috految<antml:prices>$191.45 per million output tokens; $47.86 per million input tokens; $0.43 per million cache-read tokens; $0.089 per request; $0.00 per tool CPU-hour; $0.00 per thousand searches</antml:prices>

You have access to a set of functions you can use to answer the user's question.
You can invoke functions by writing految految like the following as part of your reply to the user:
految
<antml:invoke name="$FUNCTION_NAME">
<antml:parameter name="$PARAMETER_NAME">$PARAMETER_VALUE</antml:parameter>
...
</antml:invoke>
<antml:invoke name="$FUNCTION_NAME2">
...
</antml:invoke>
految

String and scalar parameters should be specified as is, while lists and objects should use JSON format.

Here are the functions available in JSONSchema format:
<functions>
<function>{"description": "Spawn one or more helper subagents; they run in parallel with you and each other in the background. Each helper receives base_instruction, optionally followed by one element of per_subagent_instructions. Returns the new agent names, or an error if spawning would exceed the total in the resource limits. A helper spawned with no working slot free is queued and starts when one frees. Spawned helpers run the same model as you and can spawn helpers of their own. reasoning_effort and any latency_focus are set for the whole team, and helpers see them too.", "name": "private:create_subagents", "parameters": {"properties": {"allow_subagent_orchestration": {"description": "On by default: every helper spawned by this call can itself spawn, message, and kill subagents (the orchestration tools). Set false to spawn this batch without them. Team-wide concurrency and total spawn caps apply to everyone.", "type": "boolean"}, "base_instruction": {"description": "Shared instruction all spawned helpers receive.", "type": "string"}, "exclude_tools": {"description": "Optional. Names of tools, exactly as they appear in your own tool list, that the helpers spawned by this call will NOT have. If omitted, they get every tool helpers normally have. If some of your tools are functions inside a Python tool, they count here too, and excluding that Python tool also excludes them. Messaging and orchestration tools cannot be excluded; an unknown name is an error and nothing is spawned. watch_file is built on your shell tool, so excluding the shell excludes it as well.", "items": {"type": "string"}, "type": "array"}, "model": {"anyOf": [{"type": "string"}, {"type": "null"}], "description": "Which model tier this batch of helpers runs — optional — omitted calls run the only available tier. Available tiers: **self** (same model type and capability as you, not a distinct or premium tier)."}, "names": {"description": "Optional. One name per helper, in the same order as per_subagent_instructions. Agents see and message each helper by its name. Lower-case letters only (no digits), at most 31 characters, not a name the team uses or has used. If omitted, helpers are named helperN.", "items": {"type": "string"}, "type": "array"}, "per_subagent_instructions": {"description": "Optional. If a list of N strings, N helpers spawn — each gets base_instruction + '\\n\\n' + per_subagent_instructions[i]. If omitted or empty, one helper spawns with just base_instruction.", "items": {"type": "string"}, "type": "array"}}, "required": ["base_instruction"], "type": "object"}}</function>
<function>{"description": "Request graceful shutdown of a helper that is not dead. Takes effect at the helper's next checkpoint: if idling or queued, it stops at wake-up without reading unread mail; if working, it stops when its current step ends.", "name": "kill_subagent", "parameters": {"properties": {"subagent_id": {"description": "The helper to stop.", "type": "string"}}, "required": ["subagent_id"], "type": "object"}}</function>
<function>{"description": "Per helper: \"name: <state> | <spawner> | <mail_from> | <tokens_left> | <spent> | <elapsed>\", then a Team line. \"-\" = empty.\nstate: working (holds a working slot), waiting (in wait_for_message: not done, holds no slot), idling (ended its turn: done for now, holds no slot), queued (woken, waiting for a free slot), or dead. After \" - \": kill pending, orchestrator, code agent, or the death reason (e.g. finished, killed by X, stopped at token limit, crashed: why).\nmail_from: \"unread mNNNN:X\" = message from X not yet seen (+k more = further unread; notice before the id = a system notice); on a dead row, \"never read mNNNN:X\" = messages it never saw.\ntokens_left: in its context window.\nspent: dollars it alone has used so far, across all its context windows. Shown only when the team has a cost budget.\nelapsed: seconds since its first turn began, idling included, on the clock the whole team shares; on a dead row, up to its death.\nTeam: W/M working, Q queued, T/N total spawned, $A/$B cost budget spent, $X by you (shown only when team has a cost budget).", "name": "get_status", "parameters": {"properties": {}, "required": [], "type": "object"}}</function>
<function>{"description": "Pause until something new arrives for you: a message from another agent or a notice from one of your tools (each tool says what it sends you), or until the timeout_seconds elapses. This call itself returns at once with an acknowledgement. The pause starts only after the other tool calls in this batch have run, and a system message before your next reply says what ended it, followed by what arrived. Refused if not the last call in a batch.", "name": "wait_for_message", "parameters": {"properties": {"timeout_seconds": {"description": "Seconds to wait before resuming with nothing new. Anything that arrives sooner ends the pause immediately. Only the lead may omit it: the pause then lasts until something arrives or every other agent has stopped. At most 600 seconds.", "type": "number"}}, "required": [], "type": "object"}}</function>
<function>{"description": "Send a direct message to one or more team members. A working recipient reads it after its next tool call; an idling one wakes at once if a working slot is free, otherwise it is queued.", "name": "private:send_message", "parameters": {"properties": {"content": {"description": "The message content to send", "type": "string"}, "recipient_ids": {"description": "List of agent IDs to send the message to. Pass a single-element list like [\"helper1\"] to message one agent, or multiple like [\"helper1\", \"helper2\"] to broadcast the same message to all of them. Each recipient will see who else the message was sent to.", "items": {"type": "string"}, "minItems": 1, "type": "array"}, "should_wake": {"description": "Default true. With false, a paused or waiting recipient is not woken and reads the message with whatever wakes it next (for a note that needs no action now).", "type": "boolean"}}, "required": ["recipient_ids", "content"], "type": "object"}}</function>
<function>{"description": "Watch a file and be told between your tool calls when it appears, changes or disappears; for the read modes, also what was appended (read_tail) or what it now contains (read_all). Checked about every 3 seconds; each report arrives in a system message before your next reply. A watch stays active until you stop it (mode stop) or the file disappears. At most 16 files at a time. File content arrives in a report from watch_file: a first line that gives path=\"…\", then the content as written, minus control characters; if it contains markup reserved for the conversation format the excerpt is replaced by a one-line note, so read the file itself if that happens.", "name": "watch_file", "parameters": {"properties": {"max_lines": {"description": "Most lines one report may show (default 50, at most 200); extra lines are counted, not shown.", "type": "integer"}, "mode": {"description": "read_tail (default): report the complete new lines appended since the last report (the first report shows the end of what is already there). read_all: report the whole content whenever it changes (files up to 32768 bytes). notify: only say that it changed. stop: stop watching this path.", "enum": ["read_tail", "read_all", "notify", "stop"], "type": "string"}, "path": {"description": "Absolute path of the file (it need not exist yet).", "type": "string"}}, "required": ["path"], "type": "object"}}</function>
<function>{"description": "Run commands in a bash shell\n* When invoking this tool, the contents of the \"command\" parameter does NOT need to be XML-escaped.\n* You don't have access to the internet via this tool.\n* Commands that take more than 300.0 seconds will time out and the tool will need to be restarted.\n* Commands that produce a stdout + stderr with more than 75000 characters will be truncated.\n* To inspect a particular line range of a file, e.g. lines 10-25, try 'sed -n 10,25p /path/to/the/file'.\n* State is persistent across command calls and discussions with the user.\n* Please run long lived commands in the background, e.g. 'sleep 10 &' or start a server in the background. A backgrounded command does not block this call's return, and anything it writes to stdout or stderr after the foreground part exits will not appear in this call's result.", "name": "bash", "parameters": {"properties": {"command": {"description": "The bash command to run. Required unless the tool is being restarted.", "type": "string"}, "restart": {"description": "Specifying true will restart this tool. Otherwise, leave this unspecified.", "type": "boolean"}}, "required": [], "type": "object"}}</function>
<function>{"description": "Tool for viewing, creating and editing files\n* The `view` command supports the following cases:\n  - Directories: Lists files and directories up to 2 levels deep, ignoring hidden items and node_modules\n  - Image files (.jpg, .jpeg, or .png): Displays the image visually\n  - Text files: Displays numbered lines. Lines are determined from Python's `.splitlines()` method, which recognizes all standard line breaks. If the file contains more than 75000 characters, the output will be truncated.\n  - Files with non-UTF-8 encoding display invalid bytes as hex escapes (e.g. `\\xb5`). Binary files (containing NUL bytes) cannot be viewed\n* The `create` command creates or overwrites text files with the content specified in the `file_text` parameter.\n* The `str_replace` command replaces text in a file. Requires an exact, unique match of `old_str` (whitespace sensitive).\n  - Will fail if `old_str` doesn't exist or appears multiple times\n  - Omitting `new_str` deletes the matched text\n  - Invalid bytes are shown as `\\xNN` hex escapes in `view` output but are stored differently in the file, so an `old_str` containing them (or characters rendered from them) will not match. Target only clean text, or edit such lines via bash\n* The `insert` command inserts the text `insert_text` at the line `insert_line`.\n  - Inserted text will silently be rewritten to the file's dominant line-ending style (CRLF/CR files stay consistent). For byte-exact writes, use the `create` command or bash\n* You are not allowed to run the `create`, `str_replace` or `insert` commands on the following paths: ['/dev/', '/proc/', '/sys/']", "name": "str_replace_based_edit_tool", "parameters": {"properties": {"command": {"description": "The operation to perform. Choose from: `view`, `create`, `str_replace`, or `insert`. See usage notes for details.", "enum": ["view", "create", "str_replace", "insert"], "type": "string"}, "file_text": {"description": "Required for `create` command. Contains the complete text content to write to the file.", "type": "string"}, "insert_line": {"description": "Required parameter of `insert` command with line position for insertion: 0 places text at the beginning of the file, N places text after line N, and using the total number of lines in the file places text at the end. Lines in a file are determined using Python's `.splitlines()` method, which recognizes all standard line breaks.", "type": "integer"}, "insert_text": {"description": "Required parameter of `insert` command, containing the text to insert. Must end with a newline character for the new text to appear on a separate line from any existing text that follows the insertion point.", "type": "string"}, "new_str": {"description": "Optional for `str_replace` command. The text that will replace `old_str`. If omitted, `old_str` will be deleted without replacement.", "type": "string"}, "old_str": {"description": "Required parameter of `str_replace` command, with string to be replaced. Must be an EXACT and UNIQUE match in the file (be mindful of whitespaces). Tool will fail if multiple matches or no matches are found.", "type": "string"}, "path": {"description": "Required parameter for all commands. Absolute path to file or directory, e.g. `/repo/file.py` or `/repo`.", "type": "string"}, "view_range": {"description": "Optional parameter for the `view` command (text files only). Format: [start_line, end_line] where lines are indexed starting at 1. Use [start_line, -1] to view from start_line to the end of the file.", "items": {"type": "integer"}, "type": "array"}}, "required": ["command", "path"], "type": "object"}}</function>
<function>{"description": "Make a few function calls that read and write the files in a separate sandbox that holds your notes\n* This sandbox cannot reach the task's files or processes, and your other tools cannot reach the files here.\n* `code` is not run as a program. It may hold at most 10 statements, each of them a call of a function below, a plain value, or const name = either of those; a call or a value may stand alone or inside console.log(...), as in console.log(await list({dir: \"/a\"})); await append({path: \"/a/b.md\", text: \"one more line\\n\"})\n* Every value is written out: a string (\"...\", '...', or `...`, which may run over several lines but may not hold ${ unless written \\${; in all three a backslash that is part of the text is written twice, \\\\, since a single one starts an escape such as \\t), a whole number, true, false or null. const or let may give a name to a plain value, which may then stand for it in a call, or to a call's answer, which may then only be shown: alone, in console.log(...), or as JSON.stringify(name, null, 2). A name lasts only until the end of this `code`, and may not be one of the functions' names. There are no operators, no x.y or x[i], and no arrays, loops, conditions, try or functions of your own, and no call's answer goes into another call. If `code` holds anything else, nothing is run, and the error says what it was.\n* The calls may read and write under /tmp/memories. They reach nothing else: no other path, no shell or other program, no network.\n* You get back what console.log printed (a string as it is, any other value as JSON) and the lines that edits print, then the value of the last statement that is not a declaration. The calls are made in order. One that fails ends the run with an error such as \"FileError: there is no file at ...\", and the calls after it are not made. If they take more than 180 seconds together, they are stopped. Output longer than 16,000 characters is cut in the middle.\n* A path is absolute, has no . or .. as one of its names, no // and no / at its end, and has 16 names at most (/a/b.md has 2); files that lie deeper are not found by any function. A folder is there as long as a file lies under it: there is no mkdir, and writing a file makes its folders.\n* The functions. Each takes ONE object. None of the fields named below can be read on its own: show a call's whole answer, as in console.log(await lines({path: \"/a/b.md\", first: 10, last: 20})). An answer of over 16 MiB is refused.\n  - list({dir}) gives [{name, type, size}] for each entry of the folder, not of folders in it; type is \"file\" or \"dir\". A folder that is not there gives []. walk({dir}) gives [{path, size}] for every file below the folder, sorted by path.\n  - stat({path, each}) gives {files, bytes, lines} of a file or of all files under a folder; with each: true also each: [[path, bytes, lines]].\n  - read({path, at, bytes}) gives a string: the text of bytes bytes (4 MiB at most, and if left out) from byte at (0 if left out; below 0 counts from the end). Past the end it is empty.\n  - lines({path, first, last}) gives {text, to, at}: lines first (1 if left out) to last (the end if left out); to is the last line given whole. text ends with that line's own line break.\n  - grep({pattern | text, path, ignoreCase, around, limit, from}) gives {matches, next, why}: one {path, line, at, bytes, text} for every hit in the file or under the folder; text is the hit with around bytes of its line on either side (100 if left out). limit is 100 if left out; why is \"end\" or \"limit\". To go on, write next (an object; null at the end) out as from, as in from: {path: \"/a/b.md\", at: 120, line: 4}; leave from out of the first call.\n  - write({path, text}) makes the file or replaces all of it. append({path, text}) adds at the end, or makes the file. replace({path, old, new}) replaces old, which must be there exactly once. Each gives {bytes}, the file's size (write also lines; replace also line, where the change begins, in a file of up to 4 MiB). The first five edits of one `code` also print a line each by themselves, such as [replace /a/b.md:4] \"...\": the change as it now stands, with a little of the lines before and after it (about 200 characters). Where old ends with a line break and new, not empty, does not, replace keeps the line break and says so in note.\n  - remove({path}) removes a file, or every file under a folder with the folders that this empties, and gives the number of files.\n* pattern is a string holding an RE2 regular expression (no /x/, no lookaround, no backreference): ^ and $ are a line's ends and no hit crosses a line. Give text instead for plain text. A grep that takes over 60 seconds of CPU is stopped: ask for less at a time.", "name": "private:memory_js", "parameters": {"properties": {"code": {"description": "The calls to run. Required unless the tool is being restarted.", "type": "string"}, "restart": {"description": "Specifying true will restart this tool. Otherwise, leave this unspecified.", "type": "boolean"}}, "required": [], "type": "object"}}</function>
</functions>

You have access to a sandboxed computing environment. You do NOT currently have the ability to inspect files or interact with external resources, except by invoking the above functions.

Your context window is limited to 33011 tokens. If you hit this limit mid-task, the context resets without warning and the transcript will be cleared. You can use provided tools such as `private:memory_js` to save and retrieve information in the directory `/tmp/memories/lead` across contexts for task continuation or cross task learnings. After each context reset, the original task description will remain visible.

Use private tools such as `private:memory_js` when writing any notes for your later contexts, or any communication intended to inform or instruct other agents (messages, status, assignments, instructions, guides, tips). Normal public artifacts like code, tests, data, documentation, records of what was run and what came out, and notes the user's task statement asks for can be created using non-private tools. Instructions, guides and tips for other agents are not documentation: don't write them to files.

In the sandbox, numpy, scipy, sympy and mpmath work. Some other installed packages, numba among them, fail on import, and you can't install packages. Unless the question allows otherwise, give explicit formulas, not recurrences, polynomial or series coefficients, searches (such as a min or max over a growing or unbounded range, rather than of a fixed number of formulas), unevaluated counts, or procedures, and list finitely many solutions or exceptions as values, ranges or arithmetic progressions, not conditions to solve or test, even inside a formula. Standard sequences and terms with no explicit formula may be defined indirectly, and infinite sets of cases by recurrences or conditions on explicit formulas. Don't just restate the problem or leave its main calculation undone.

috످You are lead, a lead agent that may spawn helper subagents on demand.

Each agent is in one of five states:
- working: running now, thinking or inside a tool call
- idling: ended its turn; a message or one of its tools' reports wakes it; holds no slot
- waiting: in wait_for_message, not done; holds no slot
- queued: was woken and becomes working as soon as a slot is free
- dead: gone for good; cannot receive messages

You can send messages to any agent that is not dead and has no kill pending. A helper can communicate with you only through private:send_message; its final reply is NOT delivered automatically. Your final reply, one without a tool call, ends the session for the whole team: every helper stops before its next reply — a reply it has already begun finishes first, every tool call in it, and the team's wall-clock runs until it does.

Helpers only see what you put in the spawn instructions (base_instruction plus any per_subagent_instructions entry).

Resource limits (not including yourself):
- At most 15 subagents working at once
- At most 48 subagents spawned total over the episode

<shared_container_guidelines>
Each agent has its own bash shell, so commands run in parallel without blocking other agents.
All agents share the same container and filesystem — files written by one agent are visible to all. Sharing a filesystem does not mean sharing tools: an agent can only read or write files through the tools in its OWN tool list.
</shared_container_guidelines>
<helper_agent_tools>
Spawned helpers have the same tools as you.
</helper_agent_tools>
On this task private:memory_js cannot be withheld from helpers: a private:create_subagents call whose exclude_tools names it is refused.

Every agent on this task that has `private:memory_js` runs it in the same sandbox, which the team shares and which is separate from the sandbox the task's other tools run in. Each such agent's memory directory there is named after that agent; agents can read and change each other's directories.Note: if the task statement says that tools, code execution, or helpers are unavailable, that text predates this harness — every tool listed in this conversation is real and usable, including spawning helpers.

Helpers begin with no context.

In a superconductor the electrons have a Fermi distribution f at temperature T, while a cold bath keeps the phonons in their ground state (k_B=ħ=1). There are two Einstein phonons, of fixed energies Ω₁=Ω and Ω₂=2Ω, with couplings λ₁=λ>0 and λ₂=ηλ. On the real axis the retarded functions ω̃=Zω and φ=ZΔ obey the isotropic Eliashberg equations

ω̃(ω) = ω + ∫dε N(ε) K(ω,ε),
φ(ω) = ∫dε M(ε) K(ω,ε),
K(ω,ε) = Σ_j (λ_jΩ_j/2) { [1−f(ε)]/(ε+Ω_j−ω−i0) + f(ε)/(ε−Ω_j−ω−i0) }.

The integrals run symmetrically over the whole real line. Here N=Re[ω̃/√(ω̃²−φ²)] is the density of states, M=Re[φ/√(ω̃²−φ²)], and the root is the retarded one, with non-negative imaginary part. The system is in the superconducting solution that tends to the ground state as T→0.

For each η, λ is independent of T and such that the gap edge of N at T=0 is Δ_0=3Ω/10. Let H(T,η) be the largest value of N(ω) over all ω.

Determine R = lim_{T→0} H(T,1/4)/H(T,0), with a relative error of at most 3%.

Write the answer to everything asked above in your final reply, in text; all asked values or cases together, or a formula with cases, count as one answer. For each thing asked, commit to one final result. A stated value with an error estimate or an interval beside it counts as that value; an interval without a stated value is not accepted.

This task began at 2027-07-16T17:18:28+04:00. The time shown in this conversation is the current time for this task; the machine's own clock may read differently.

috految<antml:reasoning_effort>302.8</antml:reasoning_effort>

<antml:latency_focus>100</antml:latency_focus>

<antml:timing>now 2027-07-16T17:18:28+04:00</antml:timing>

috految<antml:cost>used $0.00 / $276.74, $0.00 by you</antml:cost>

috److془Let me start by checking the memory directory for any saved context.

Let me think carefully about the problem.془

految
<antml:invoke name="private:memory_js">
<antml:parameter name="code">console.log(await walk({dir: "/tmp/memories"}))</antml:parameter>
</antml:invoke>
<antml:invoke name="bash">
<antml:parameter name="command">nproc; free -g; which gcc g++ gfortran clang; python3 -c "import numpy, scipy, mpmath; print(numpy.__version__, scipy.__version__, mpmath.__version__, mpmath.libmp.BACKEND)"; ls /tmp</antml:parameter>
</antml:invoke>
految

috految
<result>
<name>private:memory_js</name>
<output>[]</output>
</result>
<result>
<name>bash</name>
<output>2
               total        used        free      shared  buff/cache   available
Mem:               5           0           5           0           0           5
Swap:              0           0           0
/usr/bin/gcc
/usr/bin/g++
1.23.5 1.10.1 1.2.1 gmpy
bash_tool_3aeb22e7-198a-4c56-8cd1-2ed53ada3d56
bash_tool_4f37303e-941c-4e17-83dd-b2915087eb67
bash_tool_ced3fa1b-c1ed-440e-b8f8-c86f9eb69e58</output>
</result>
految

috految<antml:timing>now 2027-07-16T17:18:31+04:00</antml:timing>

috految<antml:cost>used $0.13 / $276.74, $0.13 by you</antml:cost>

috److془Let's carefully think about the problem.

Setup: $\tilde\omega(\omega) = \omega + \int d\epsilon N(\epsilon) K(\omega,\epsilon)$, $\phi(\omega) = \int d\epsilon M(\epsilon) K(\omega,\epsilon)$.

$K = \sum_j g_j \{ (1-f(\epsilon))/(\epsilon + \Omega_j - \omega - i0) + f(\epsilon)/(\epsilon - \Omega_j - \omega - i0) \}$, $g_j = \lambda_j \Omega_j/2$.

Define $A = \tilde\omega + \phi$, $B = \tilde\omega - \phi$. $N + M = \mathrm{Re}\sqrt{A/B}$, $N - M = \mathrm{Re} \sqrt{B/A}$. $u = \sqrt{A/B}$, Re u ≥ 0. $u(-\omega) = 1/u(\omega)^*$.

$A(\omega) = \omega + \int (N+M) K$; $B(\omega) = \omega + \int (N-M) K$.

Im A(ω) = π Σ g_j [ (1-f(ω-Ω_j)) Re u(ω-Ω_j) + f(ω+Ω_j) Re u(ω+Ω_j) ].

Using Marsiglio-Schossmann-Carbotte: $A(\omega) = A_0(\omega) + i\pi \sum_j g_j [(1-f(\omega-\Omega_j)) u(\omega-\Omega_j) + f(\omega+\Omega_j) u(\omega+\Omega_j)]$, where $A_0(\omega) = \omega + $ Matsubara sum, real on the real axis.

$B(\omega) = B_0(\omega) + i\pi\sum_j g_j [(1-f(\omega-\Omega_j))/u(\omega-\Omega_j) + f(\omega+\Omega_j)/u(\omega+\Omega_j)]$.

So we have a chain $\omega_n = \omega + n\Omega$. At $T=0$: for $\omega_0 \in (0,\Omega)$, $A_0, B_0$ real. $u_0 = \sqrt{A_0/B_0}$. $u_1 = \sqrt{(a_1 + i\pi g_1 u_0)/(b_1 + i\pi g_1/u_0)}$, etc.

Now near gap edge $\Delta_0$: $B_0 \sim b x$, $x = \omega - \Delta_0$. $u_0 \sim x^{-1/2}$. $A_1 \sim x^{-1/2}$. $B_1 = b_1 + ...$; $u_1 \sim x^{-1/4}$, etc. $u_n \sim x^{-1/2^{n+1}}$.

For $x<0$: $u_0 = -i |u_0|$, $A_1 = a_1 + \pi g_1 |u_0| > 0$, $B_1 = b_1 - \pi g_1/|u_0|$. $B$ is monotonic on $(-\Omega-\Delta_0, \Omega+\Delta_0)$, so $B_1>0$. $u_1$ is real.

Now at $T>0$: $f(\omega_1) = e^{-(\Omega+\Delta_0)/T}$, $1-f(\omega_{-1}) = e^{-(\Omega - \Delta_0)/T}$. $\omega_{-1} = -0.7\Omega$. $A_{-1} = a_{-1} + i\pi g_1 [f(\Delta_0) u_0 + (1 - f(\omega_{-2})) u_{-2}]$. $a_{-1} <0$, $b_{-1}<0$. So $A_{-1} = -|a_{-1}| + \pi g_1 f_0 |u_0|$ for $x<0$. It can vanish at $|u_0| \sim 1/f_0 = e^{0.3/T}$, i.e., $x \sim -e^{-0.6/T}$. Then $1/u_{-1} = \sqrt{B_{-1}/A_{-1}}$ diverges. And for $|x| < e^{-0.6/T}$, there's a gap in $N(\omega_{-1})$. So $B_0 = bx + i\pi g_1 [e^{-0.7/T}/u_{-1} + e^{-1.3/T}/u_1]$.

Then the $u_{-2} = \sqrt{A_{-2}/B_{-2}}$, $A_{-2} = a_{-2} + i\pi g_1 u_{-1} + i \pi g_2 f_0 u_0$, $B_{-2} = b_{-2} + i\pi g_1/u_{-1} + ...$. With $u_{-1} = -i |u_{-1}|$, $|u_{-1}|$ from 0 to ∞. Then we get a cascade of singularities: $A_{-2}$ vanishes when $|u_{-1}| = |a_{-2}|/(\pi g_1)$. And so on. $A_{-n}$ vanishes at $|u_{-n+1}| = |a_{-n}|/(\pi g_1)$, etc. The cascade continues up to $n \sim \log(1/T)$; with $|u_{-1}|\sim \exp(c 2^n)$. Hmm, so we need to find the highest peak among all of these.

Also, the zeros of $A_{-n}$, where $u_{-n}=0$ gives $B_{-n-1} \to \infty$, and also $B_{-n+1} = b + i\pi g_1 (1-f_{-n})/u_{-n}$, etc. We need to carefully figure the height of peaks.

Also there may be the secondary cascades: For $\eta = 1/4$, $B_1 = b_1 + i\pi g_1/u_0 + i\pi g_2 (1-f_{-1})/u_{-1}$.

Also need to consider the high-frequency behavior: "Let H(T,η) be the largest value of N(ω) over all ω." And the ratio $R = \lim H(T,1/4)/H(T,0)$ is to be finite. For $\eta = 1/4$, the cascade will have different structure. Let's carefully do it.

Also there's the subtlety: at $\omega_0 \approx 0$ (mod Ω), $f(\omega_0)$ changes from 0 to 1 etc. But this has the gap so it's fine: the function $A(\omega)$ is analytic there, up to exponentially small corrections. Hmm, but the exponentially small corrections need to be checked. In the gap, density of states is $\sim e^{-(\Omega - |\omega|)/T}$.. fine. Hmm, but we need to consider the possibility of the self-consistent structure, like, with self-consistent at $\omega = \pm\Omega/2$, etc. But the uniqueness for the QVE (Dyson equation) says that with given $a_n(\omega)$, $b_n(\omega)$, there's a unique solution with positive imaginary part. Hmm, but there's the subtlety of the infinite chain, and of $a_n, b_n$ not being Herglotz function. Fine.

Hmm, but wait. There may be also other subtlety: the T=0 solution could have singularities at other locations. $u_n$ singular requires Im A_n = 0 or Im B_n = 0, or diverging $u_{n-1}$, $u_{n-2}$. For $\omega \in (\Delta_0, \Delta_0+\Omega)$, $A, B>0$, $u$ real, finite and non-zero. Then for $\omega \in (\Delta_0+n\Omega, \Delta_0+(n+1)\Omega)$, Im A, Im B > 0. So only singularities are at $\Delta_0 + n\Omega$. Near $\Delta_0+n\Omega$, $B_n \to b_n$. If $b_n>0$, then $u_n\sim \sqrt{i\pi g u_{n-1}/b_n}$. Phase $\theta_n = (\theta_{n-1} + \pi/2)/2 \to \pi/2$. So $u_n \to i |u_n|$. With phase deviation $\pi/2 - \theta_n = \pi/2^{n+1}$ for $x > 0$. $A_{n+1} = a_{n+1} - \pi g |u_n|$. So there's a near-zero at which $u_{n+1}$ is small: $|u_{n+1}|^2 \sim 2^{-n}$. Hmm, and also there's then $B_{n+2} = b + i\pi g/u_{n+1}$. So we get a flipping of the cascade. Interesting. The peaks there are of height $\sim 2^{n/2}$, which is power law in $1/T$. OK so in general, the hyperbolic geometry: the map $u\to \sqrt{(a + i g u)/(b + i g/u)}$ is a contraction in hyperbolic metric of right half plane. $N = (\mathrm{Re}\, u + \mathrm{Re}\, 1/u)/2$. Hyperbolic distance of $u$ from 1: $\cosh d = (1+|u|^2)/(2 \mathrm{Re}\, u)$.

Now we need to carefully find the peak heights. Let's define $t = e^{-\Omega/T}$, with Ω=1. Let $g_j$ absorb π: $G_j = \pi \lambda_j\Omega_j/2$. $G_1 = \pi\lambda/2$, $G_2 = \pi\eta\lambda = 2\eta G_1 = G_1/2$ for $\eta = 1/4$.

Let $w = i u$ (upper half plane), $i/u = -1/w$. $w^2 = -A/B$. 

$A_n = a_n + \sum_j G_j [(1-f_{n-j}) w_{n-j} + f_{n+j} w_{n+j}]$,
$B_n = b_n - \sum_j G_j [(1-f_{n-j})/w_{n-j} + f_{n+j}/w_{n+j}]$.

$N = \frac12 \mathrm{Im}(w - 1/w)$.

$f_0 = t^{0.3}$, $f_1 = t^{1.3}$, $f_2 = t^{2.3}$; $1-f_{-1} = t^{0.7}$, $1-f_{-2} = t^{1.7}$, $1 - f_{-3} = t^{2.7}$, ...

Equations:
$A_0 = a_0 + G_1[t^{0.7} w_{-1} + t^{1.3} w_1] + G_2[t^{1.7} w_{-2} + t^{2.3} w_2]$.
$B_0 = b' x - G_1[t^{0.7}/w_{-1} + t^{1.3}/w_1] - G_2[t^{1.7}/w_{-2} + t^{2.3}/w_2]$.

$A_{-1} = a_{-1} + G_1[t^{0.3} w_0 + t^{1.7} w_{-2}] + G_2[t^{1.3} w_1 + t^{2.7} w_{-3}]$.
$B_{-1} = b_{-1} - G_1[t^{0.3}/w_0 + t^{1.7}/w_{-2}] - G_2[t^{1.3}/w_1 + t^{2.7}/w_{-3}]$.

$A_1 = a_1 + G_1[w_0 + t^{2.3} w_2] + G_2[t^{0.7} w_{-1} + t^{3.3} w_3]$,
$B_1 = b_1 - G_1[1/w_0 + t^{2.3}/w_2] - G_2[t^{0.7}/w_{-1} + t^{3.3}/w_3]$.

$A_{-2} = a_{-2} + G_1[w_{-1} + t^{2.7} w_{-3}] + G_2[t^{0.3} w_0 + t^{3.7} w_{-4}]$,
$B_{-2} = b_{-2} - G_1[1/w_{-1} + t^{2.7}/w_{-3}] - G_2[t^{0.3}/w_0 + t^{3.7}/w_{-4}]$.

$A_{-3} = a_{-3} + G_1[w_{-2} + t^{3.7} w_{-4}] + G_2[w_{-1} + t^{4.7} w_{-5}]$, etc.

Main peak: $w_0^2 = -a_0/B_0$; $1/w_0^2 \sim t^{0.7}/w_{-1}$, $w_{-1} \sim (t^{0.3} w_0)^{1/2}$; $w_0^{-3/2} \sim t^{0.55}$; $w_0 \sim t^{-0.3667}$. $w_{-1} \sim t^{-1/30}$. Equation: $-a_0/w_0^2 = b' x - c w_0^{-1/2}$. $b' x = -a_0/w_0^2 + c w_0^{-1/2}$. As $w_0$ from 0 to ∞, $x$ rises from $-\infty$ to max, then the solution becomes complex. Main peak height ∼ $t^{-11/30}$.

Now the cascade: in the region $w_0 \sim t^{-0.3}$, $w_{-1} = O(1)$ real: Im $B_0 \approx G_1 t^{1.3} \mathrm{Im}(-1/w_1) + ...$, $w_1 \sim i w_0^{1/2} = i t^{-0.15}$. Im $B_0 \sim t^{1.45}$. $B_0 \sim t^{0.6}$. So the relative imaginary part: $\delta_0 = \arg w_0 \sim t^{0.85}$. Im $A_0$: $t^{1.15}$. Im $A_{-1}$ (for η ≠ 0) $\sim t^{1.15}$. So then $\arg w_{-1} \sim t^{0.85}$. Then $A_{-2}$ zero: $w_{-2}^2 \sim t^{0.85}$, $1/w_{-2} \sim t^{-0.425}$. Feedback: $B_{-1}$: $t^{1.7}/w_{-2} = t^{1.275}$ - negligible. For η≠0: $B_0$: $t^{1.7}/w_{-2}$ → relative $t^{1.1}/w_{-2}$. So $w_{-2}^3 \sim t^{1.1}$, $w_{-2} \sim t^{0.3667}$. So the peak at -2 in the η≠0 case has height $t^{-11/30}$. Then the next peak at site -3: $A_{-3} = 0$: $1/w_{-3} \sim t^{-0.425}$. Feedback: $B_{-1}$: $t^{2.7}/w_{-3}$ negligible. So $H \sim t^{-0.425}$ for both cases, with the prefactor determined by the max over the cascade. But wait: we need to consider the other possibilities: e.g., the secondary cascades where $w_{-n}$ small leads to $B_{-n-1}$ large, and so on. Also, the possibility that sequence of hyperbolic contraction is such that the peak heights can be enhanced by near-coincidences. E.g., $w_{-n}$ has a zero with $w_{-n}^2 \sim \epsilon + i\delta$. $w_{-n-1}^2 = -A_{-n-1}/B_{-n-1} \approx A_{-n-1} w_{-n}/G_1$. With $A_{-n-1} = a_{-n-1} + G_2 w_{-n+1}$. If $G_2 w_{-n+1} > |a_{-n-1}|$ then $w_{-n-1}$ is real... Hmm. Then $w_{-n+1}$ bounded by $G_1 w_{-n+1} + G_2 w_{-n+2} = |a_{-n}|$. So with $G_2 < G_1$ and $|a_{-n}|$ increasing, this can't happen. But there might be the subtlety where $w_{-n}$ is not necessarily real and the others are real. E.g. $w_{-n}$ being tiny imaginary, so that Im $A_{-n-1}$ is small. Hmm, and also Im $B$ small if $w$ all large. Hmm.

But there's a subtlety: in the case where $w_0$ is large (for the positive side), $A_1 \approx G_1 w_0$, $w_1 = i \sqrt{G_1 w_0/b_1}$, $A_2 \approx G_2 w_0 + G_1 w_1$, $w_2 = i\sqrt{G_2 w_0/b_2}$. $A_3 = G_1 w_2 + G_2 w_1$, $w_3 \sim e^{3\pi i/4} w_0^{1/4}$, $w_4 \sim e^{3\pi i/4} w_0^{1/4}$. etc.

Hmm, so the positive side cascade sites have hyperbolic distance from $i$ at most $\log w_1 \sim \log t^{-0.1833}$. Hmm, but then the contraction isn't with respect to $i$ exactly; we can compare with a reference solution. Fine. (Reference solution with $w_n$ bounded in hyperbolic metric.) Hmm, but we need to take into account the terms with $G_2 w_0$ in $A_2$. OK that's fine as long as $b_2>0$.

Hmm wait. But we need to be careful about the sign of $b_n$, $a_n$, in the MSC form. Let's compute: $a(\omega) = \omega + $ Matsubara sum. For normal state, $T=0$: $\tilde\omega = \omega + \frac{\lambda\Omega}{2} \ln|(\omega+\Omega)/(\omega-\Omega)|$. For $\omega>\Omega$, $b = \tilde\omega - \phi$, where $\phi<0$ for $\omega>\Omega + small$ probably. $a = \tilde\omega + \phi$. $a_{-n} = -b(n - 0.3)$; $b_{-n} = -a(n-0.3)$.

For $\Delta_0 = 0.3\Omega$, $\lambda\approx 1.1$ for η=0. $G_1 \approx 1.7$. 

Now the subtlety: "Let H(T,η) be the largest value of N(ω) over all ω. Determine R = lim_{T→0} H(T,1/4)/H(T,0), with a relative error of at most 3%."

We need to consider the subtlety: whether $\Delta(T) - \Delta_0$ is $o(T)$. Exponentially small in general, presumably. Hmm, but wait. Is it? The Matsubara sum at finite T vs T=0 integral: $f(\epsilon) N(\epsilon)$ is exponentially small, for $\epsilon>0$. So the difference is exponentially small. But the subtlety may be that the T=0 and low T solution near $\omega = n\Omega$ etc. may have $O(T)$ corrections? Let's check: in the gap, $N(\omega) \sim e^{-(\Omega - |\omega|)/T}$. So $f N \sim e^{-\Omega/T}$, exponentially small. Fine.

Hmm, but now the subtlety: the back-action of the large $w$ at the positive side, etc. Also the cascade up to $n\sim \log(1/T)$, where $y = t^{0.3} w_0$ is large up to $t^{-1/15}$. Then $\delta_0 = t^{1.3} w_0^{3/2} = t^{0.85} y^{3/2}$. And $\delta_{-n} \sim \delta_0/2^n$. So the peaks decrease doubly exponentially in $n$, if the $y_n$ grows doubly exponentially. Hmm, but wait. We need to check that $y_n$ grows. The map: $w_{-n-1}^2 = (G w_{-n} - |a_{-n-1}|)/(|b_{-n-1}| + G/w_{-n})$. So $w_{-n-1} < w_{-n}$ and double exponential growth.

Hmm, but for the case η = 1/4, we need to consider the even/odd cascade: $w_{-n}^2 = (G_1 w_{-n+1} + G_2 w_{-n+2} - |a_{-n}|)/(|b_{-n}| + G_1/w_{-n+1} + G_2/w_{-n+2})$. With $w_0 \to y$, $1/w_0 \to 0$. 

Now the $y$ large: $w_{-1}^2 = G_1 y/|b_{-1}|$, $w_{-2}^2 = G_2 y/|b_{-2}|$, $w_{-3}^2 = (G_1 w_{-2} + G_2 w_{-1})/|b_{-3}|$, $w_{-4}^2 = G_2 w_{-2}/|b_{-4}|$, etc.

Hmm, so in the above, the "trap" is that the peak at -2 is cut off by the feedback for η ≠ 0 and the peak at -3 is the highest. But the problem may have more subtlety. Let's consider more carefully. E.g., the feedbacks produce new structure: near the zero of $A_{-1}$: $w_{-1}^2 \approx (y - y_1) c$, $-a_0 t^{0.6}/y^2 = b'x - G_1 t^{0.7}/w_{-1}$. $b' x = -a_0 t^{0.6}/y^2 + G_1 t^{0.7}/w_{-1}$. So $x t^{-0.6}= c w_{-1}^2 + c' t^{0.1}/w_{-1}$. Cosmetic: Abrikosov-Gorkov type rounding, with $w_{-1} \sim t^{1/30}$. Then the other sites: $w_{-2}^2 = (G_1 w_{-1} + G_2 y - |a_{-2}|)/(|b_{-2}| + G_1/w_{-1})$. Here $G_1 y = |a_{-1}|$. With $|a_{-2}| > |a_{-1}|/2$, $w_{-2}$ imaginary. Then, $w_{-3}^2 \approx -|a_{-3}|/(G_1/w_{-2} + G_2/w_{-1})$. Fine. These have at most the hyperbolic distance of $\log t^{-1/60}$ or so.

Hmm, but is the hyperbolic distance for subsequent sites bounded? Let's see: $w_{-2}$, $w_{-3}$ with hyperbolic distances $\le D$ from reference, then subsequent sites have $\le D$ (by Schwarz-Pick in the polydisc). Good.

But now the other subtlety: the thermal sub-structure at other chains, e.g. chain $\omega \approx 0$ mod Ω or others where $w_0$ is real in the hyperbolic boundary. For $\omega_0 \in (-\Delta_0, \Delta_0)$: $w_0$ real finite, $w_{\pm 1}$ imaginary, $w_{\pm 2}$ in the interior. So all finite and N bounded. Fine. But hmm, we need to consider the solution in which the $w_n$ are not close to that of the T=0 solution. By uniqueness for the chain (as holomorphic self maps of polydisc have a unique fixed point if interior and attracting), it's fine as long as the chain is finite. But the boundary solution could be e.g. $w_n = \infty$ for all n, i.e., delta peaks in N. Hmm, but these would not be consistent with the continuity from upper half plane.

Hmm wait. Actually we need to consider the possibility of the infinite chain solutions with growth at infinity. With $w_n$ Herglotz function, they're bounded at distance from real axis. Then unique by the contraction argument. Fine.

Hmm, but now the subtlety: "where the root is the retarded one, with non-negative imaginary part". $\sqrt{\tilde\omega^2-\phi^2} = \sqrt{A}\sqrt{B}$, with arguments in $[0,\pi]$. $u = A/(\sqrt{A}\sqrt{B})$. Good.

Now the subtlety about the sign: "The integrals run symmetrically over the whole real line". $M(\epsilon)$ is odd, $N$ even. $\phi(0) = \int M(\epsilon) g [\theta(\epsilon)/(\epsilon+\Omega) + \theta(-\epsilon)/(\epsilon - \Omega)] = 2 g \int_0^\infty M/(\epsilon+\Omega)$. Good. $\lambda \Omega \int M/(\epsilon+\Omega)$. Good - standard.

Now the subtlety: "The system is in the superconducting solution that tends to the ground state as T→0."

"For each η, λ is independent of T and such that the gap edge of N at T=0 is Δ_0=3Ω/10."

Hmm, is $\Delta_0(\lambda)$ monotonic? Yes presumably. For large λ, $\Delta_0 \sim 1.16 \sqrt\lambda \Omega$. 

Hmm, but now the subtlety: the $x$-dependence of $a_n(\omega)$, $b_n(\omega)$: $x \sim t^{0.6}$, negligible relative to O(1). But the $f$ factors: $f(\omega_0) = e^{-(\Delta + x)/T}$; negligible as well. And the real-ness is exact. So the fixed $x$ chain equation has real coefficients.

Hmm wait. We need to double check that the Matsubara sum is real on the real axis, and is smooth. $A(\omega) = \omega + \sum_j g_j\int d\epsilon\, \mathrm{Im}\, w(\epsilon) [ (1-f(\epsilon))/(\epsilon+\Omega_j-\omega) + f(\epsilon)/(\epsilon - \Omega_j - \omega)]$. $\int \mathrm{Im}\, w(\epsilon) f(\epsilon)/(\epsilon - z') = \pi f(z') w(z') + \int \mathrm{Im}\, w(\epsilon) (f(\epsilon) - f(z'))/(\epsilon - z')$. Real and smooth. Good. 

Now $\pi w(z) = \int \mathrm{Im}\, w(\epsilon)/(\epsilon - z)$ with symmetrical integration. At $z\to i\infty$, $w \to i$ fine.

Hmm, so what about the case of $w$ having poles (delta peaks)? It would need $A \to \infty$ and $B \to 0$. With $A$ having a pole and $B$ having a zero. $A_n$ for n in the chain would have a pole, then $w_{n\pm1} \sim x^{-1/2}$, unless $b_{n\pm1}$ = 0 too... no.

So the analysis: we need to find the max of $N$ for all $x$ and $n$. Let's do so carefully. The range of $x$: from O(1) to exponentially small scales. For $x > 0$: or beyond the upper edge of the mini-gap: $w_0$ complex with $\arg w_0 \in$ from 0 to $\pi/2$. $b' x = -a_0/w_0^2 + c w_0^{-1/2}$. Im: $a_0 r^{-2} \sin 2\theta = c r^{-1/2} \sin(\theta/2)$, $r^{3/2} = (a_0/c) \sin 2\theta/\sin(\theta/2)$. OK so $\theta \in (0,\pi/2)$. 

Hmm so we have $w_{-1}$ with phase $\theta/2$, etc. The sites have $\delta_{-n} = \theta/2^n$.

So now: what about the imaginary part at the site $-n$ for large $n$, at which $|a_{-n}| \approx n$ etc. $1/w_{-n}^2 = |B|/(A)$, Im A = $|a_{-n}| \delta_{-n+1}$. So $N_{max} \sim \sqrt{|B_{-n}|/(|a_{-n}| \delta_{-n+1})}$. 

For η=0: peaks with $n\geq 2$: $N_n \propto t^{-0.425} c_n$. 

Hmm wait. Need to double check the feedback for the peak at $n=2$ for η = 0: the feedback from $w_{-3}$ to $A_{-2}$: $t^{2.7} w_{-3}$, negligible. Feedback from $w_{-2}$ to $B_{-1}$: $t^{1.7}/w_{-2} = t^{1.275} \ll t^{0.85}$. OK so negligible. Then the feedback from $w_{-1}$ to $B_0$: $t^{0.7} \delta_{-1}/t^{0.6} = t^{0.1}\delta_{-1}$. Negligible as T→0. 

Next for η = 1/4: the peak at $n=2$: $1/w_{-2} \sim t^{-11/30}$. $w_{-2}$ is real on the mini-gap side, and $w_{-3}^2 \approx (G_1 w_{-2} + G_2 w_{-1} - |a_{-3}|) w_{-2}/G_1$. If $G_2 w_{-1} < |a_{-3}|$, then $w_{-3}$ is imaginary. Then $w_{-4}^2 = -|a_{-4}|/(G_2/w_{-2} + ...)$ imaginary. So these are at hyperbolic distance $\log t^{-11/60}$. Fine.

Hmm, but wait. We need to consider the sign of the $a_{-n}$, $b_{-n}$, $b_n$ etc. For $\eta = 1/4$, $\omega = 1.7$ and $2.7$; $b(1.7)$ has the contribution from 2nd phonon: $\tilde\omega - \phi$, with $\phi$'s contribution being $+$. Fine. Should be positive anyway. Let's see: $b(\omega) = \omega + \sum_j g_j [\int_0^\infty (N-M)/(\epsilon + \Omega_j-\omega) - \int_0^\infty (N+M)/(\epsilon + \Omega_j + \omega)]$ for $\omega<\Omega_j$. For $\omega>\Omega_j$: subtract $g_j \int_{-\infty}^{\infty} (N-M)/(\epsilon + \Omega_j - \omega)$, get $g_j \int_0^\infty (N+M) [1/(\epsilon - \Omega_j + \omega) - 1/(\epsilon+\Omega_j+\omega)] > 0$. Similarly $a(\omega) = \omega + g_j \int_0^\infty (N-M)[1/(\epsilon - \Omega_j + \omega) - 1/(\epsilon+\Omega_j+\omega)]$. Positive. 

So the answer would be $R = \max_{n\ge3} c_n(1/4)/ \max_{n\geq 2} c_n(0)$. Hmm, but it's suspicious; need to check for deeper subtlety. "Determine R = lim_{T→0} H(T,1/4)/H(T,0), with a relative error of at most 3%."

Let's consider more carefully: for η = 1/4, the contributions to Im parts in the region $y = O(1)$: 

Im $B_0$ ⊃ $G_1 t^{1.3} \mathrm{Im}(-1/w_1)$, $w_1^2 = -A_1/B_1$, $A_1 \approx G_1 w_0$, $B_1 = b_1 - G_2 t^{0.7}/w_{-1} \approx b_1$. So $w_1 = i\sqrt{G_1 w_0/b_1}$. Im $B_0 = G_1 t^{1.3} \sqrt{b_1/(G_1 w_0)} \sim t^{1.45}$. Contribution from $G_2 t^{2.3}/w_2$: $t^{2.45}$. $G_2 t^{1.7} \mathrm{Im}(-1/w_{-2})$: $t^{1.7} \delta$, if $w_{-2}$ is real. 

Im $A_{-1}$: $G_2 t^{1.3}\mathrm{Im} w_1 = G_2 t^{1.15}\ll t^{0.85}$. 

Hmm OK. So $\delta_0 = \frac12 \mathrm{Im} B_0/|B_0| = \frac12 G_1 t^{1.3} \sqrt{b_1/(G_1 w_0)} w_0^2/a_0$.

Hmm wait. Now we must double check the $x$ dependence of everything other than $B_0$: the peak has width in $y$ of $t^{0.85}$, in $x$ of $t^{1.45}$. $|dA_{-n}/dx|$ is dominated by the $y$ dependency. So Fine. 

Then $N_{max} = \frac12 \max \mathrm{Im}(-1/w_{-n}) = \frac12 \sqrt{|B_{-n}|/\mathrm{Im} A_{-n}} \max_\theta \sqrt{\sin\theta} \sin(\theta/2)$ = $\frac12 \sqrt{|B|/\mathrm{Im}A} \cdot (\sqrt3/2)^{3/2}$.

Hmm, but now there might be the subtlety that the peak at large $n$ in which $N$ is larger due to coincidences: e.g., $A_{-n}$ and $A_{-n-1}$ both vanish. For η = 1/4, $G_2 = G_1/2$. With $G_1 w_{-n+1} + G_2 w_{-n+2} = |a_{-n}|$, $A_{-n-1} = -|a_{-n-1}| + G_2 w_{-n+1} < -|a_{-n-1}| + |a_{-n}|/2$. Not vanish. Fine.

Hmm, but is there an issue with the $\omega$ region where $w_0$ is large but with hyperbolic distance large? For $x<0$, $|x| \gg t^{0.6}$: $w_0$ real large, $y\ll1$: $w_{-1}\approx i \sqrt{a_{-1}/b_{-1}}$, $w_{-2}$ interior. $w_1 \approx i\sqrt{w_0}$, $w_2 \approx i \sqrt{w_0}$. All others bounded by $\sqrt{w_0}$. 

Hmm, so is the answer straightforward? Let's reconsider. "In a superconductor the electrons have a Fermi distribution f at temperature T, while a cold bath keeps the phonons in their ground state (k_B=ħ=1). There are two Einstein phonons, of fixed energies Ω₁=Ω and Ω₂=2Ω, with couplings λ₁=λ>0 and λ₂=ηλ. On the real axis the retarded functions ω̃=Zω and φ=ZΔ obey the isotropic Eliashberg equations..."

"For each η, λ is independent of T and such that the gap edge of N at T=0 is Δ_0=3Ω/10. Let H(T,η) be the largest value of N(ω) over all ω. Determine R = lim_{T→0} H(T,1/4)/H(T,0), with a relative error of at most 3%."

So the naive: $H \sim t^{-0.35}$: ratio; second level: $t^{-11/30}$; third level: $t^{-17/40}$ with peak at $2\Omega-\Delta$ in both; fourth level: the peak at $3\Omega-\Delta$ for η=1/4. Ratio is finite in each of these, so the solver gets no hint. 

But we need to check carefully for further subtlety. Let's consider e.g. the hyperbolic distance and the other sites with back-reaction: The back-reaction from deep sites is $t^{n-0.3} \times$ (at most $t^{-0.425}$). In order to have effect at $t^{0.85}$: From site $-2$: $t^{1.7-0.425}$ to sites $-1$ and $0$. Site $0$: $B_0\sim t^{0.6}$ - effect. From site $-3$: $t^{2.7 - 0.425}$ to sites $-2$, $-1$. No effect. 

Now, the near-edge regime of $w_{-1}$: $w_{-1}$ real from $t^{1/30}$ to 1. $w_{-2}$ imaginary as discussed (if $G_2 y_1 < |a_{-2}|$, i.e., $|a_{-1}|/2 < |a_{-2}|$, true as $b(0.7) \approx 0.8$, $b(1.7) \approx 2.7$).

In the $w_{-2}$ near-edge regime for η=1/4: $x = F(y) + G_2 t^{1.7}/w_{-2} + ...$, where $F(y) = -a_0 t^{0.6}/y^2 + G_1 t^{0.7}/w_{-1}$. $w_{-2}^2 = c (y - y_2)$. $x - x_2= c' t^{0.6} w_{-2}^2 + G_2 t^{1.7}/w_{-2}$. Standard AG. $w_{-2} \sim t^{1.1/3}$. The max of Im$(-1/w_{-2}) \sim t^{-11/30}$. Good. Note that $|1/w_{-2}|$ is bounded by $\sim t^{-11/30}$ for all $x$. 

Hmm, however: we need to consider the issue whether the solution with $w_{-2} \ll t^{1.1/3}$, $x \sim G_2 t^{1.7}/w_{-2}$ could be physical. No as it's the unstable branch. Unless the feedback changes the sign. By uniqueness of the fixed point, no.

Hmm, wait. Let me reconsider. In the Abrikosov-Gorkov with large pair-breaking, there might be the subtlety as in Shiba states where there's an impurity band at a location where the T-matrix diverges. But we've handled this by using the uniqueness: for each $x$, we found an interior attracting fixed point. Let me double check that for every $x$, we've found a consistent solution. For $x$ in the range $|x| \gg t^{0.6}$: $w_0 = \sqrt{-a_0/(b(x))}$, all the feedback small: Let me check the stability: $\delta w_0/w_0 \sim t^{0.7} \delta w_{-1}/ |x|$, $\delta w_{-1} \sim y \delta w_0/w_0$. Fine. Since the $w_{-1}$, $w_1$ are in interior, $w_0$ is in the interior, too. So unique.

Now what about the other $\omega$ in the fundamental domain, e.g., $\omega_0 \in (0.3, 0.7)$: all interior. $\omega_0 \in (-0.3,0.3)$: $w_0 = \sqrt{A_0/|B_0|}$. $w_{\pm1}$: $A_1, B_1>0$ throughout as monotonic. $w_{\pm 1}$ imaginary. Fine.

Hmm, but we should consider the large-$\omega$ behavior: $w_n\to i$ as $n\to\infty$; the map is contracting for large $a_n\approx b_n \approx n$ and bounded $w$. Fine.

Hmm wait. Now we need to consider the T-dependence of $\Delta$: $\Delta(T) - \Delta_0$ is exponentially small. $e^{-\Delta/T}$ with $\Delta = \Delta_0 + O(e^{-0.3/T})$. Fine. Hmm, but the Jacobian of the T=0 self-consistent problem should be non-degenerate. The gap equation is stable in the even-frequency sector. Is there any zero mode? In the physical problem the phase mode is a zero mode, but with $M$ real it's fixed. $\phi(\omega) = \int M K$, with $M = Re[\phi/\sqrt{}]$. Hmm, but the particle-hole asymmetry: $N$ not even; $\phi$ having odd-frequency component. $A(\omega) \ne -B(-\omega)^*$. Is there a zero mode? Spin field $h$: $\omega\to\omega - h$. At T=0 with $|h|<\Delta_0$, $A(\omega - h)$ is a solution with $\omega - h$ in place of $\omega$. So no zero mode in absence of $h$. Fine.

Hmm, but is the range of integration an issue, "The integrals run symmetrically over the whole real line". For $\int_{-L}^{L} d\epsilon [\theta(\epsilon)/(\epsilon+\Omega-\omega) + \theta(-\epsilon)/(\epsilon-\Omega-\omega)] = \ln[(\Omega+\omega)/(\Omega-\omega)]$. Good.

Now the hidden subtlety: thermal contributions $\int f(\epsilon) N(\epsilon)$ at $T\to0$ fine.

Hmm, now let me reconsider whether the peak with e.g. $n=3$, $4$, $5$... is the highest for η = 1/4, and $n=2$ or 3 for η=0. We'll compute numerically.

But wait: we need to consider the deep cascade more carefully for η = 1/4 near the upper edge of the mini-gap and region $x > x_{max}$, where the phases may be very small? $\delta_{-n} \geq \delta_0/2^n$ roughly for the sites before the crossing. Let's see: $\delta_{-n} = \frac12 (\arg A_{-n} + \arg(-1/B_{-n}))$, $\arg A_{-n} \geq \min(\delta_{-n+1}, \delta_{-n+2})$. So $\delta_{-n} \geq \delta_0/2^n$. With $n \lesssim C \log\log y + C$. Then the crossing gives $|w_{-n}|^2 \gtrsim \delta_0/ poly(\log y) \gtrsim t^{0.85} y^{3/2}/ poly(\log y)$.

After crossing: $w_{-n}$ at hyperbolic distance $D_n$. In the region $A_{-n} < 0$ or $|A_{-n}| \lesssim \mathrm{Im} A$, $w_{-n}$ has phase O(1) and modulus $\geq t^{0.425}$. $w_{-n-1}^2 = (-|a| + G_2 w_{-n+1} + G_1 w_{-n}) / (|b| + G_2/w_{-n+1} + G_1/w_{-n})$. Phase is between $\pi/2$ and $3\pi/4$, modulus ≥ $t^{0.2125}$. $w_{-n-2}$ likewise. Then subsequent sites have hyperbolic distance bounded by $\log t^{-0.2125} + O(1)$. So heights bounded by $t^{-0.2125}$.

Hmm, but what about the case when $w_{-n+1}$ is small but the site $-n$ has crossing: requires $G_2 w_{-n+2} \approx |a_{-n}| > |a_{-n+1}|/2$. contradiction with $G_1 w_{-n+2} \le |a_{-n+1}|$. Fine.

So the answer is: $R = \max_{n\geq3} c_n(1/4)/\max_{n \geq 2} c_n(0)$.

Hmm wait. Let me reconsider whether $f(\omega_{-1})$ etc. is right: In $A_n$: $\sum_j G_j[(1-f(\omega_n - \Omega_j)) w(\omega_n-\Omega_j) + f(\omega_n+\Omega_j) w(\omega_n+\Omega_j)]$.

K: $[1−f(ε)]/(ε+Ω_j−ω−i0)$: pole at $\epsilon = \omega - \Omega_j$. $f(ε)/(ε−Ω_j−ω−i0)$: pole at $\epsilon = \omega+\Omega_j$. Good.

$A_0$: $\omega_0 = 0.3$: $(1-f(-0.7)) = t^{0.7}$, $f(1.3) = t^{1.3}$; $j=2$: $1 - f(-1.7) = t^{1.7}$; $f(2.3) = t^{2.3}$. Good. 

$A_{-1}$: $\omega = -0.7$: $1-f(-1.7) = t^{1.7}$; $f(0.3) = t^{0.3}$; $j=2$: $1 - f(-2.7)$, $f(1.3)$. Good.

$A_{-2}$: $\omega=-1.7$: $1-f(-2.7)$; $f(-0.7) = 1$; $j=2$: $1-f(-3.7)$, $f(0.3) = t^{0.3}$. Good.

$A_{-3}$: $\omega = -2.7$: $f(-1.7) w_{-2}$, $G_2 f(-0.7) w_{-1}$. Good.

$A_1$: $\omega = 1.3$: $(1-f(0.3)) w_0$, $f(2.3) w_2$, $G_2 (1-f(-0.7)) w_{-1}$, $G_2 f(3.3) w_3$. Good.

Hmm, now is the spectral representation with Re $u$ fully equivalent? $N + M = \mathrm{Re}[(\tilde\omega+\phi)/\sqrt{\tilde\omega^2-\phi^2}] = \mathrm{Re}\, u$. With $N\pm M \geq 0$, A, B are Herglotz. $u = \sqrt{A/B}$ is analytic in the upper half plane with positive real part. Good.

So $H(T,0) \simeq C_0 e^{0.425\Omega/T}$; $(\Omega - \Delta/2)/2 = 0.425$. ✓.

Hmm, wait. For the η = 0 case, $H$'s candidate $n=1$: $1/w_{-1} \sim t^{-1/30}$; $n=0$: $t^{-11/30}$. $n=2$: $t^{-0.425}$. 

Hmm, but wait. We need to check for the main peak: $w_0 \sim t^{-11/30}$, $A_0 = a_0 + G_1 t^{0.7} w_{-1} + G_1 t^{1.3} w_1$: fine. $B_{-1} = b_{-1} - G_1 t^{0.3}/w_0$, fine. $B_0$ includes $t^{1.3}/w_1 \sim t^{1.3 + 11/60}$ negligible relative to $t^{0.733}$. 

Now let me double check the sign of $w_{-1}$ in the minigap: $w = i\sqrt{A}/\sqrt{B}$, $A > 0$, $B<0$: $\sqrt{B} = i \sqrt{|B|}$; $w = \sqrt{A/|B|} > 0$. ✓. In the gap $w_0>0$ ($A_0>0$, $B_0<0$) ✓. $A_{-1} = a_{-1} + G_1 f_0 w_0$ with $a_{-1} = A(-0.7) <0$. ✓ (as $A(-0.3) = 0$). So $A_{-1}$ crosses zero. 

Physical: hole at energy $\Omega - \Delta + 0$, above the threshold for recombination (thermal qp at energy $\epsilon\ge\Delta$ + qp at $\omega = \Omega - \epsilon \le \Omega-\Delta$). ✓.

Now the numbers. $T=0$ solution in Matsubara: $\Delta(i\nu)$, $Z(i\nu)$. Then $a(\omega)$, $b(\omega)$ by the integrals:

$\tilde\omega_0(\omega) = \omega + \frac{i}{2}\int d\nu \lambda(\omega - i\nu) \nu/\sqrt{\nu^2+\Delta^2}$, $\phi_0 = \frac12\int d\nu \lambda(\omega-i\nu) \Delta/\sqrt{\nu^2+\Delta^2}$, with $\lambda(z) = \sum_j\lambda_j\Omega_j^2/(\Omega_j^2 - z^2)$.

Gap edge: $b(0.3) = 0$.

Then $c_n = \frac12 (\sqrt3/2)^{3/2} \sqrt{|B_{-n}|/ (dA_{-n}/dy \cdot \mathrm{Im}\, y)}$, $\mathrm{Im}\, y = y\delta_0 = y \cdot \frac12 \sqrt{G_1 b_1} y^{3/2}/a_0 \cdot t^{0.85}$.

Hmm wait: is there a subtlety with $y = f_0 w_0$ and the real part? In the chain equations with real $x$, all real coefficients. So fine.

Hmm, but let me reconsider whether the problem intends "deeper" things like region with $n = 2$ for η = 0 of feedback from $w_{-2}\to w_{-1}\to w_0$: $\delta B_{-1} = t^{1.7} /w_{-2}$, $\delta w_{-1} \sim t^{1.275}$, $\delta B_0 = t^{0.7 + 1.275}$, vs. $t^{1.45}$. Negligible ✓.

Now the direct: Im $A_{-2}$ ⊃ $G_1 t^{2.7} w_{-3}$ negligible ✓. 

So now compute. Also verify numerically with full chain at high precision with e.g. $T = 0.002$ (t = 1e-217).

However, a potential subtlety: the T=0 gap edge given $\lambda$ - "For each η, λ is independent of T and such that the gap edge of N at T=0 is Δ_0=3Ω/10." Fine.

Hmm, but consider the possibility of the subtle: is the T=0 ground state's $(a,b)$ at finite T converge to T=0 values? The smooth part $a(\omega) = \omega + \sum_j g_j \int \mathrm{Im}\, w(\epsilon) [ (f(\omega-\Omega_j) - f(\epsilon))/(\epsilon+\Omega_j-\omega) + (f(\epsilon) - f(\omega+\Omega_j))/(\epsilon-\Omega_j-\omega)]$. Converges with exponentially small corrections. ✓. 

Hmm, but the subtlety: the linear stability of the T=0 solution with respect to non-decaying perturbations: the Matsubara equation for finite T: at $\omega = i\omega_n$, includes terms $-n_B(\Omega_j) G_j [w(i\omega_n - \Omega_j) + w(i \omega_n + \Omega_j)]$, exponentially small. ✓. Then Matsubara equation is the standard one with exponentially small corrections. 

So the result: let's compute. Also do the numerical check on the full chain.

Let me save notes first, as the context may be reset (thinking might count).془

految
<antml:invoke name="private:memory_js">
<antml:parameter name="code">await write({path:"/tmp/memories/lead/notes.md", text:`Context 1 (thorough analysis done, all regimes checked incl. Schwarz-Pick bound for deep/positive sites):
A=wt+phi,B=wt-phi,w=i sqrt(A/B), N=Im(w-1/w)/2, G_j=pi lam_j Om_j/2, t=e^{-Om/T}; ladder om_n=Delta+x+n Om: A_n=a_n+sum G_j[(1-f_{n-j})w_{n-j}+f_{n+j}w_{n+j}], B_n=b_n-sum G_j[same with 1/w], a,b real smooth (Matsubara integrals).
Gap-edge peak ~t^{-11/30}; y=f(Delta)w_0=O(1) opens minigaps at n Om-Delta, edges at A_{-n}(y)=0, Im y = sqrt(G1 b_1) y^{5/2} t^{0.85}/(2 a_0) -> peaks c_n t^{-17/40}, c_n=(1/2)(sqrt3/2)^{3/2} sqrt(|B_-n|/(dA_-n/dy Im y)).
n=1 peak cut (t^{-1/30}); for eta!=0 n=2 peak cut to t^{-11/30} by 2Om feedback to B_0. => R = max_{n>=3}c_n(1/4)/max_{n>=2}c_n(0).
Script /tmp/c.py (output /tmp/c.out) computes c_n, R + full ladder check. If consistent -> just answer.
`})</antml:parameter>
</antml:invoke>
<antml:invoke name="bash">
<antml:parameter name="command">cat > /tmp/c.py <<'E'
import numpy as np, mpmath as mp
from scipy.optimize import brentq
def solve(eta,T=0.01,N=4096):
    nu=np.pi*T*(2*np.arange(-N,N)+1); k=2*np.pi*T*np.arange(-2*N,2*N)
    L=lambda z: 1/(1-z*z)+eta*4/(4-z*z)
    Lf=np.fft.rfft(np.fft.ifftshift(L(1j*k).real))
    conv=lambda v: np.pi*T*np.fft.irfft(np.fft.rfft(v,4*N)*Lf)[:2*N]
    s=np.sign(nu); zn=np.pi*T*(2*np.cumsum(L(2j*np.pi*T*np.arange(N)).real)-L(0)); zn=np.r_[-zn[::-1],zn]
    D=0.3/(1+nu**2)
    def ab(w,D,lam):
        r=np.hypot(nu,D); l=L(w-1j*nu)
        wt=w+lam*(1j*np.pi*T*np.sum(l*nu/r)).real+lam*(1+4*eta)*w/(2*np.pi*T*N)**2
        ph=lam*(np.pi*T*np.sum(l*D/r)).real
        return wt+ph,wt-ph
    def F(lam):
        nonlocal D
        for it in range(500):
            r=np.hypot(nu,D); Dn=nu*lam*conv(D/r)/(nu+lam*(zn+conv(nu/r-s)))
            Dn=(Dn+Dn[::-1])/2; e=abs(Dn-D).max(); D=Dn
            if e<1e-11: break
        return ab(0.3,D,lam)[1]
    lam=brentq(F,0.6,1.5,xtol=1e-10); F(lam)
    return lam,(lambda w: ab(w,D,lam))
out={}
for eta in (0,0.25):
    lam,ab=solve(eta); G1=np.pi*lam/2; G2=np.pi*eta*lam
    a={};b={}
    for n in range(-14,9): a[n],b[n]=ab(0.3+n)
    print('eta',eta,'lam',lam,'G',G1,G2)
    print({n:(round(a[n],4),round(b[n],4)) for n in range(-4,3)})
    # T=0 check against the real-axis integral equations
    xg,wg=np.polynomial.legendre.leggauss(40); u=(xg+1)/2; s=u**2*(3-2*u); ws=wg*3*u*(1-u); E=[];W=[];P=[];Q=[]
    for x,wx in zip(0.3+s,ws):
        w={}
        for n in range(-1,25):
            om=x+n; A,B=ab(om)
            for j,G in((1,G1),(2,G2)):
                if n-j in w:
                    q=0.5*(1+np.tanh((om-j)/0.02)); A=A+G*q*w[n-j]; B=B-G*q/w[n-j]
            w[n]=1j*np.sqrt(A+1e-300j)/np.sqrt(B+1e-300j)
            if n>=0: E.append(om);W.append(wx);P.append(w[n].imag);Q.append((-1/w[n]).imag)
    E,W,P,Q=map(np.array,(E,W,P,Q))
    for om in(0.,0.3,0.7):
        I=lambda P,Q: om+sum(G/np.pi*(np.sum(W*(P/(E+j-om)-Q/(E+j+om)))+np.log((25.3+j+om)/(25.3+j-om))) for j,G in((1,G1),(2,G2)))
        print(' real-axis',om,np.round((I(P,Q),I(Q,P)),4),np.round(ab(om),4))
    def chain(y,n):
        w={1:0,0:y}; iw={1:0,0:0}
        for m in range(1,n+1):
            A=a[-m]+G1*w[1-m]+G2*w[2-m]; B=b[-m]-G1*iw[1-m]-G2*iw[2-m]
            if m==n: return A,B
            w[-m]=np.sqrt(-A/B); iw[-m]=1/w[-m]
    y=1e-9;cs={};ys={}
    for n in range(1,8):
        y=np.exp(brentq(lambda l:chain(np.exp(l),n)[0],np.log(y)+1e-9,300,xtol=1e-14,maxiter=1000))
        A,B=chain(y*(1+1e-20j),n); dA=A.imag/(y*1e-20)
        imy=np.sqrt(G1*b[1])*y**2.5/(2*a[0])
        cs[n]=0.5*(np.sqrt(3)/2)**1.5*np.sqrt(-B.real/(dA*imy)); ys[n]=y
        print(' n',n,'y %.6g B %.5g dA %.5g c %.6g'%(y,B.real,dA,cs[n]))
    out[eta]=cs
    # full finite-T ladder
    mp.mp.dps=330; T=mp.mpf('0.003'); t=mp.exp(-1/T); R=range(-7,5)
    f={n:1/(1+mp.exp((mp.mpf('0.3')+n)/T)) for n in R}; h={n:1/(1+mp.exp(-(mp.mpf('0.3')+n)/T)) for n in R}
    def AB(n,w,X):
        A=mp.mpf(a[n]);B=mp.mpf(b[n]) if n else X
        for j,G in((1,G1),(2,G2)):
            for m,q in((n-j,h),(n+j,f)):
                if m in w: A+=G*q[m]*w[m]; B-=G*q[m]/w[m]
        return A,B
    order=[0,1,2,3,4,-1,-2,-3,-4,-5,-6,-7]
    for n in (2,3,4)[:2 if eta==0 else 3]:
        w={m:mp.mpc(0,1) for m in R}; y=mp.mpf(ys[n]); X=-a[0]*(f[0]/y)**2
        dA=chain(ys[n]*(1+1e-20j),n)[0].imag/(ys[n]*1e-20)
        for it in range(50):
            for m in order:
                A,B=AB(m,w,X)
                if m==-n: An=A; w[m]=1j*mp.sqrt(mp.mpc(-A.imag/mp.sqrt(3),A.imag))/mp.sqrt(B)
                else: w[m]=1j*mp.sqrt(A)/mp.sqrt(B)
            X+=(An.real+An.imag/mp.sqrt(3))/(dA*y)*2*X
            if it>5 and abs(An.real/An.imag+1/mp.sqrt(3))<1e-6: break
        Nn=[(w[m]-1/w[m]).imag/2 for m in R]
        print(' full n',n,'res',mp.nstr(An.real/An.imag,5),'Nmax t^.425',mp.nstr(max(Nn)*t**mp.mpf('0.425'),6),'site',R[Nn.index(max(Nn))],'minN>0',min(Nn)>0)
print('R',max(v for n,v in out[0.25].items() if n>=3)/max(v for n,v in out[0].items() if n>=2))
E
OPENBLAS_NUM_THREADS=1 timeout 60 python3 -u /tmp/c.py 2>&1 | tee /tmp/c.out</antml:parameter>
</antml:invoke>
految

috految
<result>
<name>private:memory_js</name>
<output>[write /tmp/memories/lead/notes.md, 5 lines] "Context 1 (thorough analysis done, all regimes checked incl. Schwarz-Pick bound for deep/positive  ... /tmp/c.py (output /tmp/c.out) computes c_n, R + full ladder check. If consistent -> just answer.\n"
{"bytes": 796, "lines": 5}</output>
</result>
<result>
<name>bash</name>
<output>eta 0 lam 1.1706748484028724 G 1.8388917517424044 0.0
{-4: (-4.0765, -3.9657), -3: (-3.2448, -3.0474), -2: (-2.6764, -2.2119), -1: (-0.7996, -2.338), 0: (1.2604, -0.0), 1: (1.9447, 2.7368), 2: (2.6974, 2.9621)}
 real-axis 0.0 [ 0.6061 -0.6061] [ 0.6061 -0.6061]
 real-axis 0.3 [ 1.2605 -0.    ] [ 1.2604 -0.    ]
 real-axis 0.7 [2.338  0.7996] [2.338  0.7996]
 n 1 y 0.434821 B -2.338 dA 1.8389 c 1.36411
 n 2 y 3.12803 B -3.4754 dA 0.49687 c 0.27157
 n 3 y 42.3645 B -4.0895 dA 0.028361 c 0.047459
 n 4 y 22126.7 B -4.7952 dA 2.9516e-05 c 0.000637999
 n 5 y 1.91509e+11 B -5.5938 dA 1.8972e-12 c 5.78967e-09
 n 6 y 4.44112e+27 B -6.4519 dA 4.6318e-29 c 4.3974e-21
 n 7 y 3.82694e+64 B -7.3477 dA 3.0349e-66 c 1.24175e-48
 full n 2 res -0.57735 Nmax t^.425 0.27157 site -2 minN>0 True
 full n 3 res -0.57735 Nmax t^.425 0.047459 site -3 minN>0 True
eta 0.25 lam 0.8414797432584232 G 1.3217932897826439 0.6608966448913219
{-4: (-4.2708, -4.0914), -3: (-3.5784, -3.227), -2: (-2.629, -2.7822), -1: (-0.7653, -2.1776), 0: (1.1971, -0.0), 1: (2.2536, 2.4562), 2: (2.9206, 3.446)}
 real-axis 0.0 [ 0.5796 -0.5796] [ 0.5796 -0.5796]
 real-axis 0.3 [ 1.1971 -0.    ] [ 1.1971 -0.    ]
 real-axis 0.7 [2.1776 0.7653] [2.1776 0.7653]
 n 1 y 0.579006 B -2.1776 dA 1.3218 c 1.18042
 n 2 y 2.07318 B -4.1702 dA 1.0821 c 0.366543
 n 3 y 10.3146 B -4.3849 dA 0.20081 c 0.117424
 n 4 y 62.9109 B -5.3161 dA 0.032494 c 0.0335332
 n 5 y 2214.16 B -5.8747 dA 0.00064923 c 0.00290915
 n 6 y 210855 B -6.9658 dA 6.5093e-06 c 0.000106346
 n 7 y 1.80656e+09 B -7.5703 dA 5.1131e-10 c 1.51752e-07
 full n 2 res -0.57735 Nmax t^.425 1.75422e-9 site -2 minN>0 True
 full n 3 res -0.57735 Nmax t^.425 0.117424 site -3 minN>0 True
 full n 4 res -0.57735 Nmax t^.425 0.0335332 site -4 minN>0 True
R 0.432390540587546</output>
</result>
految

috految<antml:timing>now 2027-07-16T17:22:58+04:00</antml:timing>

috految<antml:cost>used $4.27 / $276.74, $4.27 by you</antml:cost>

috److془R = 0.4324. Let me double check for further subtlety.

Check the n=2 for η=1/4: $1.75e-9$ with $t^{0.425 - 0.36667} = e^{-19.44} = 3.6e-9$ ✓.

Check the Schwarz-Pick bound: sites beyond with hyperbolic distance bounded by $\log t^{-0.2125}$: $N \le e^{D}$ ✓. Positive side: $w_1, w_2$ at phases $\in[\pi/2, 3\pi/4]$, modulus ≤ $t^{-11/60}$ ✓. With $B_1 = b_1 - G_2 t^{0.7}/w_{-1}$, $1/w_{-1} \le t^{-1/30}$ ✓.

In the upper edge region with $y$ large, $\delta_0 \ge t^{0.85} y^{3/2}$ ✓ (with $\mathrm{Im} B_0 \geq G_1 t^{1.3} \mathrm{Im}(-1/w_1)$).

Is there a possibility of multiple zeros for $A_{-n}$? $A_{-n}$ monotonic in $y$ in the real region. ✓ 

And in the non-real region where $w_{-1}$ imaginary, $w_{-2}$ phase in $(\pi/4, \pi)$, interior. ✓ 

One more: $w_{-2}$ for $y \in (y_1, y_2)$: imaginary; $A_{-3} = a_{-3} + G_2 w_{-1} + G_1 w_{-2}$, interior ✓. 

So R ≈ 0.432.

Check the G_2: $\lambda_2 \Omega_2/2 \cdot \pi = \pi \eta\lambda$ ✓. $L(z) = 1/(1-z^2) + \eta 4/(4-z^2)$ ✓. real-axis check ✓.

Answer: R ≈ 0.432.془**R ≈ 0.432**

The approach is an asymptotic analysis as T→0, with the prefactors computed numerically from the T=0 Eliashberg solution.

**Reduction to a ladder.** Set Ω=1 and define

- A = ω̃+φ and B = ω̃−φ,
- w = i√(A/B), so that N = ½ Im(w − 1/w),
- G_j = πλ_jΩ_j/2.

On the energies ω_n = ω+n the equations become

$$A_n=a_n+\sum_jG_j\big[(1-f_{n-j})w_{n-j}+f_{n+j}w_{n+j}\big],$$

$$B_n=b_n-\sum_jG_j\Big[\frac{1-f_{n-j}}{w_{n-j}}+\frac{f_{n+j}}{w_{n+j}}\Big].$$

Here a_n and b_n are real, smooth functions. Near ω = Δ₀ they equal their ground-state values up to exponentially small corrections.

Solving the ground-state equations with gap edge Δ₀ = 0.3 gives λ = 1.1707 for η=0 and λ = 0.8415 for η=1/4.

**Peaks as T→0.**

1. The coherence peak at Δ₀ is cut off self-consistently and grows as e^{11/(30T)}.

2. Just below the gap edge, y = f(Δ₀)w₀ is real and of order one. This opens a cascade of narrow gaps at |ω| ≈ nΩ−Δ₀, with edges at A₋ₙ(y) = 0.

3. The n=1 edge is strongly rounded by feedback on the gap edge, and its height grows only as e^{1/(30T)}.

4. Where such feedback is negligible, an edge is broadened only by the states at Ω+Δ₀:

$$\mathrm{Im}\,y=\frac{\sqrt{G_1b_1}}{2a_0}\,y^{5/2}\,e^{-0.85/T}.$$

The corresponding peak height is

$$N_n=\frac12\Big(\frac{\sqrt3}{2}\Big)^{3/2}\sqrt{\frac{|B_{-n}|}{(\partial_yA_{-n})\,\mathrm{Im}\,y}}=c_n\,e^{17/(40T)}.$$

Since 17/40 > 11/30, these peaks eventually exceed the coherence peak.

**Case η=0.** All edges with n ≥ 2 follow this law. The prefactors are c₂ = 0.2716 and c₃ = 0.0475, decreasing rapidly afterwards. The maximum lies at |ω| ≈ 2Ω−Δ₀.

**Case η=1/4.** The 2Ω phonon couples the n=2 edge directly back to the gap edge, which limits that peak to order e^{11/(30T)}. The remaining prefactors are c₃ = 0.1174 and c₄ = 0.0335, again decreasing rapidly. The maximum lies at |ω| ≈ 3Ω−Δ₀.

**Check.** A high-precision solution of the coupled finite-temperature ladder at T = 0.003Ω reproduced these prefactors and the suppression of the n=2 peak for η=1/4.

Therefore

$$R=\frac{0.1174}{0.2716}\approx\mathbf{0.432}$$

috످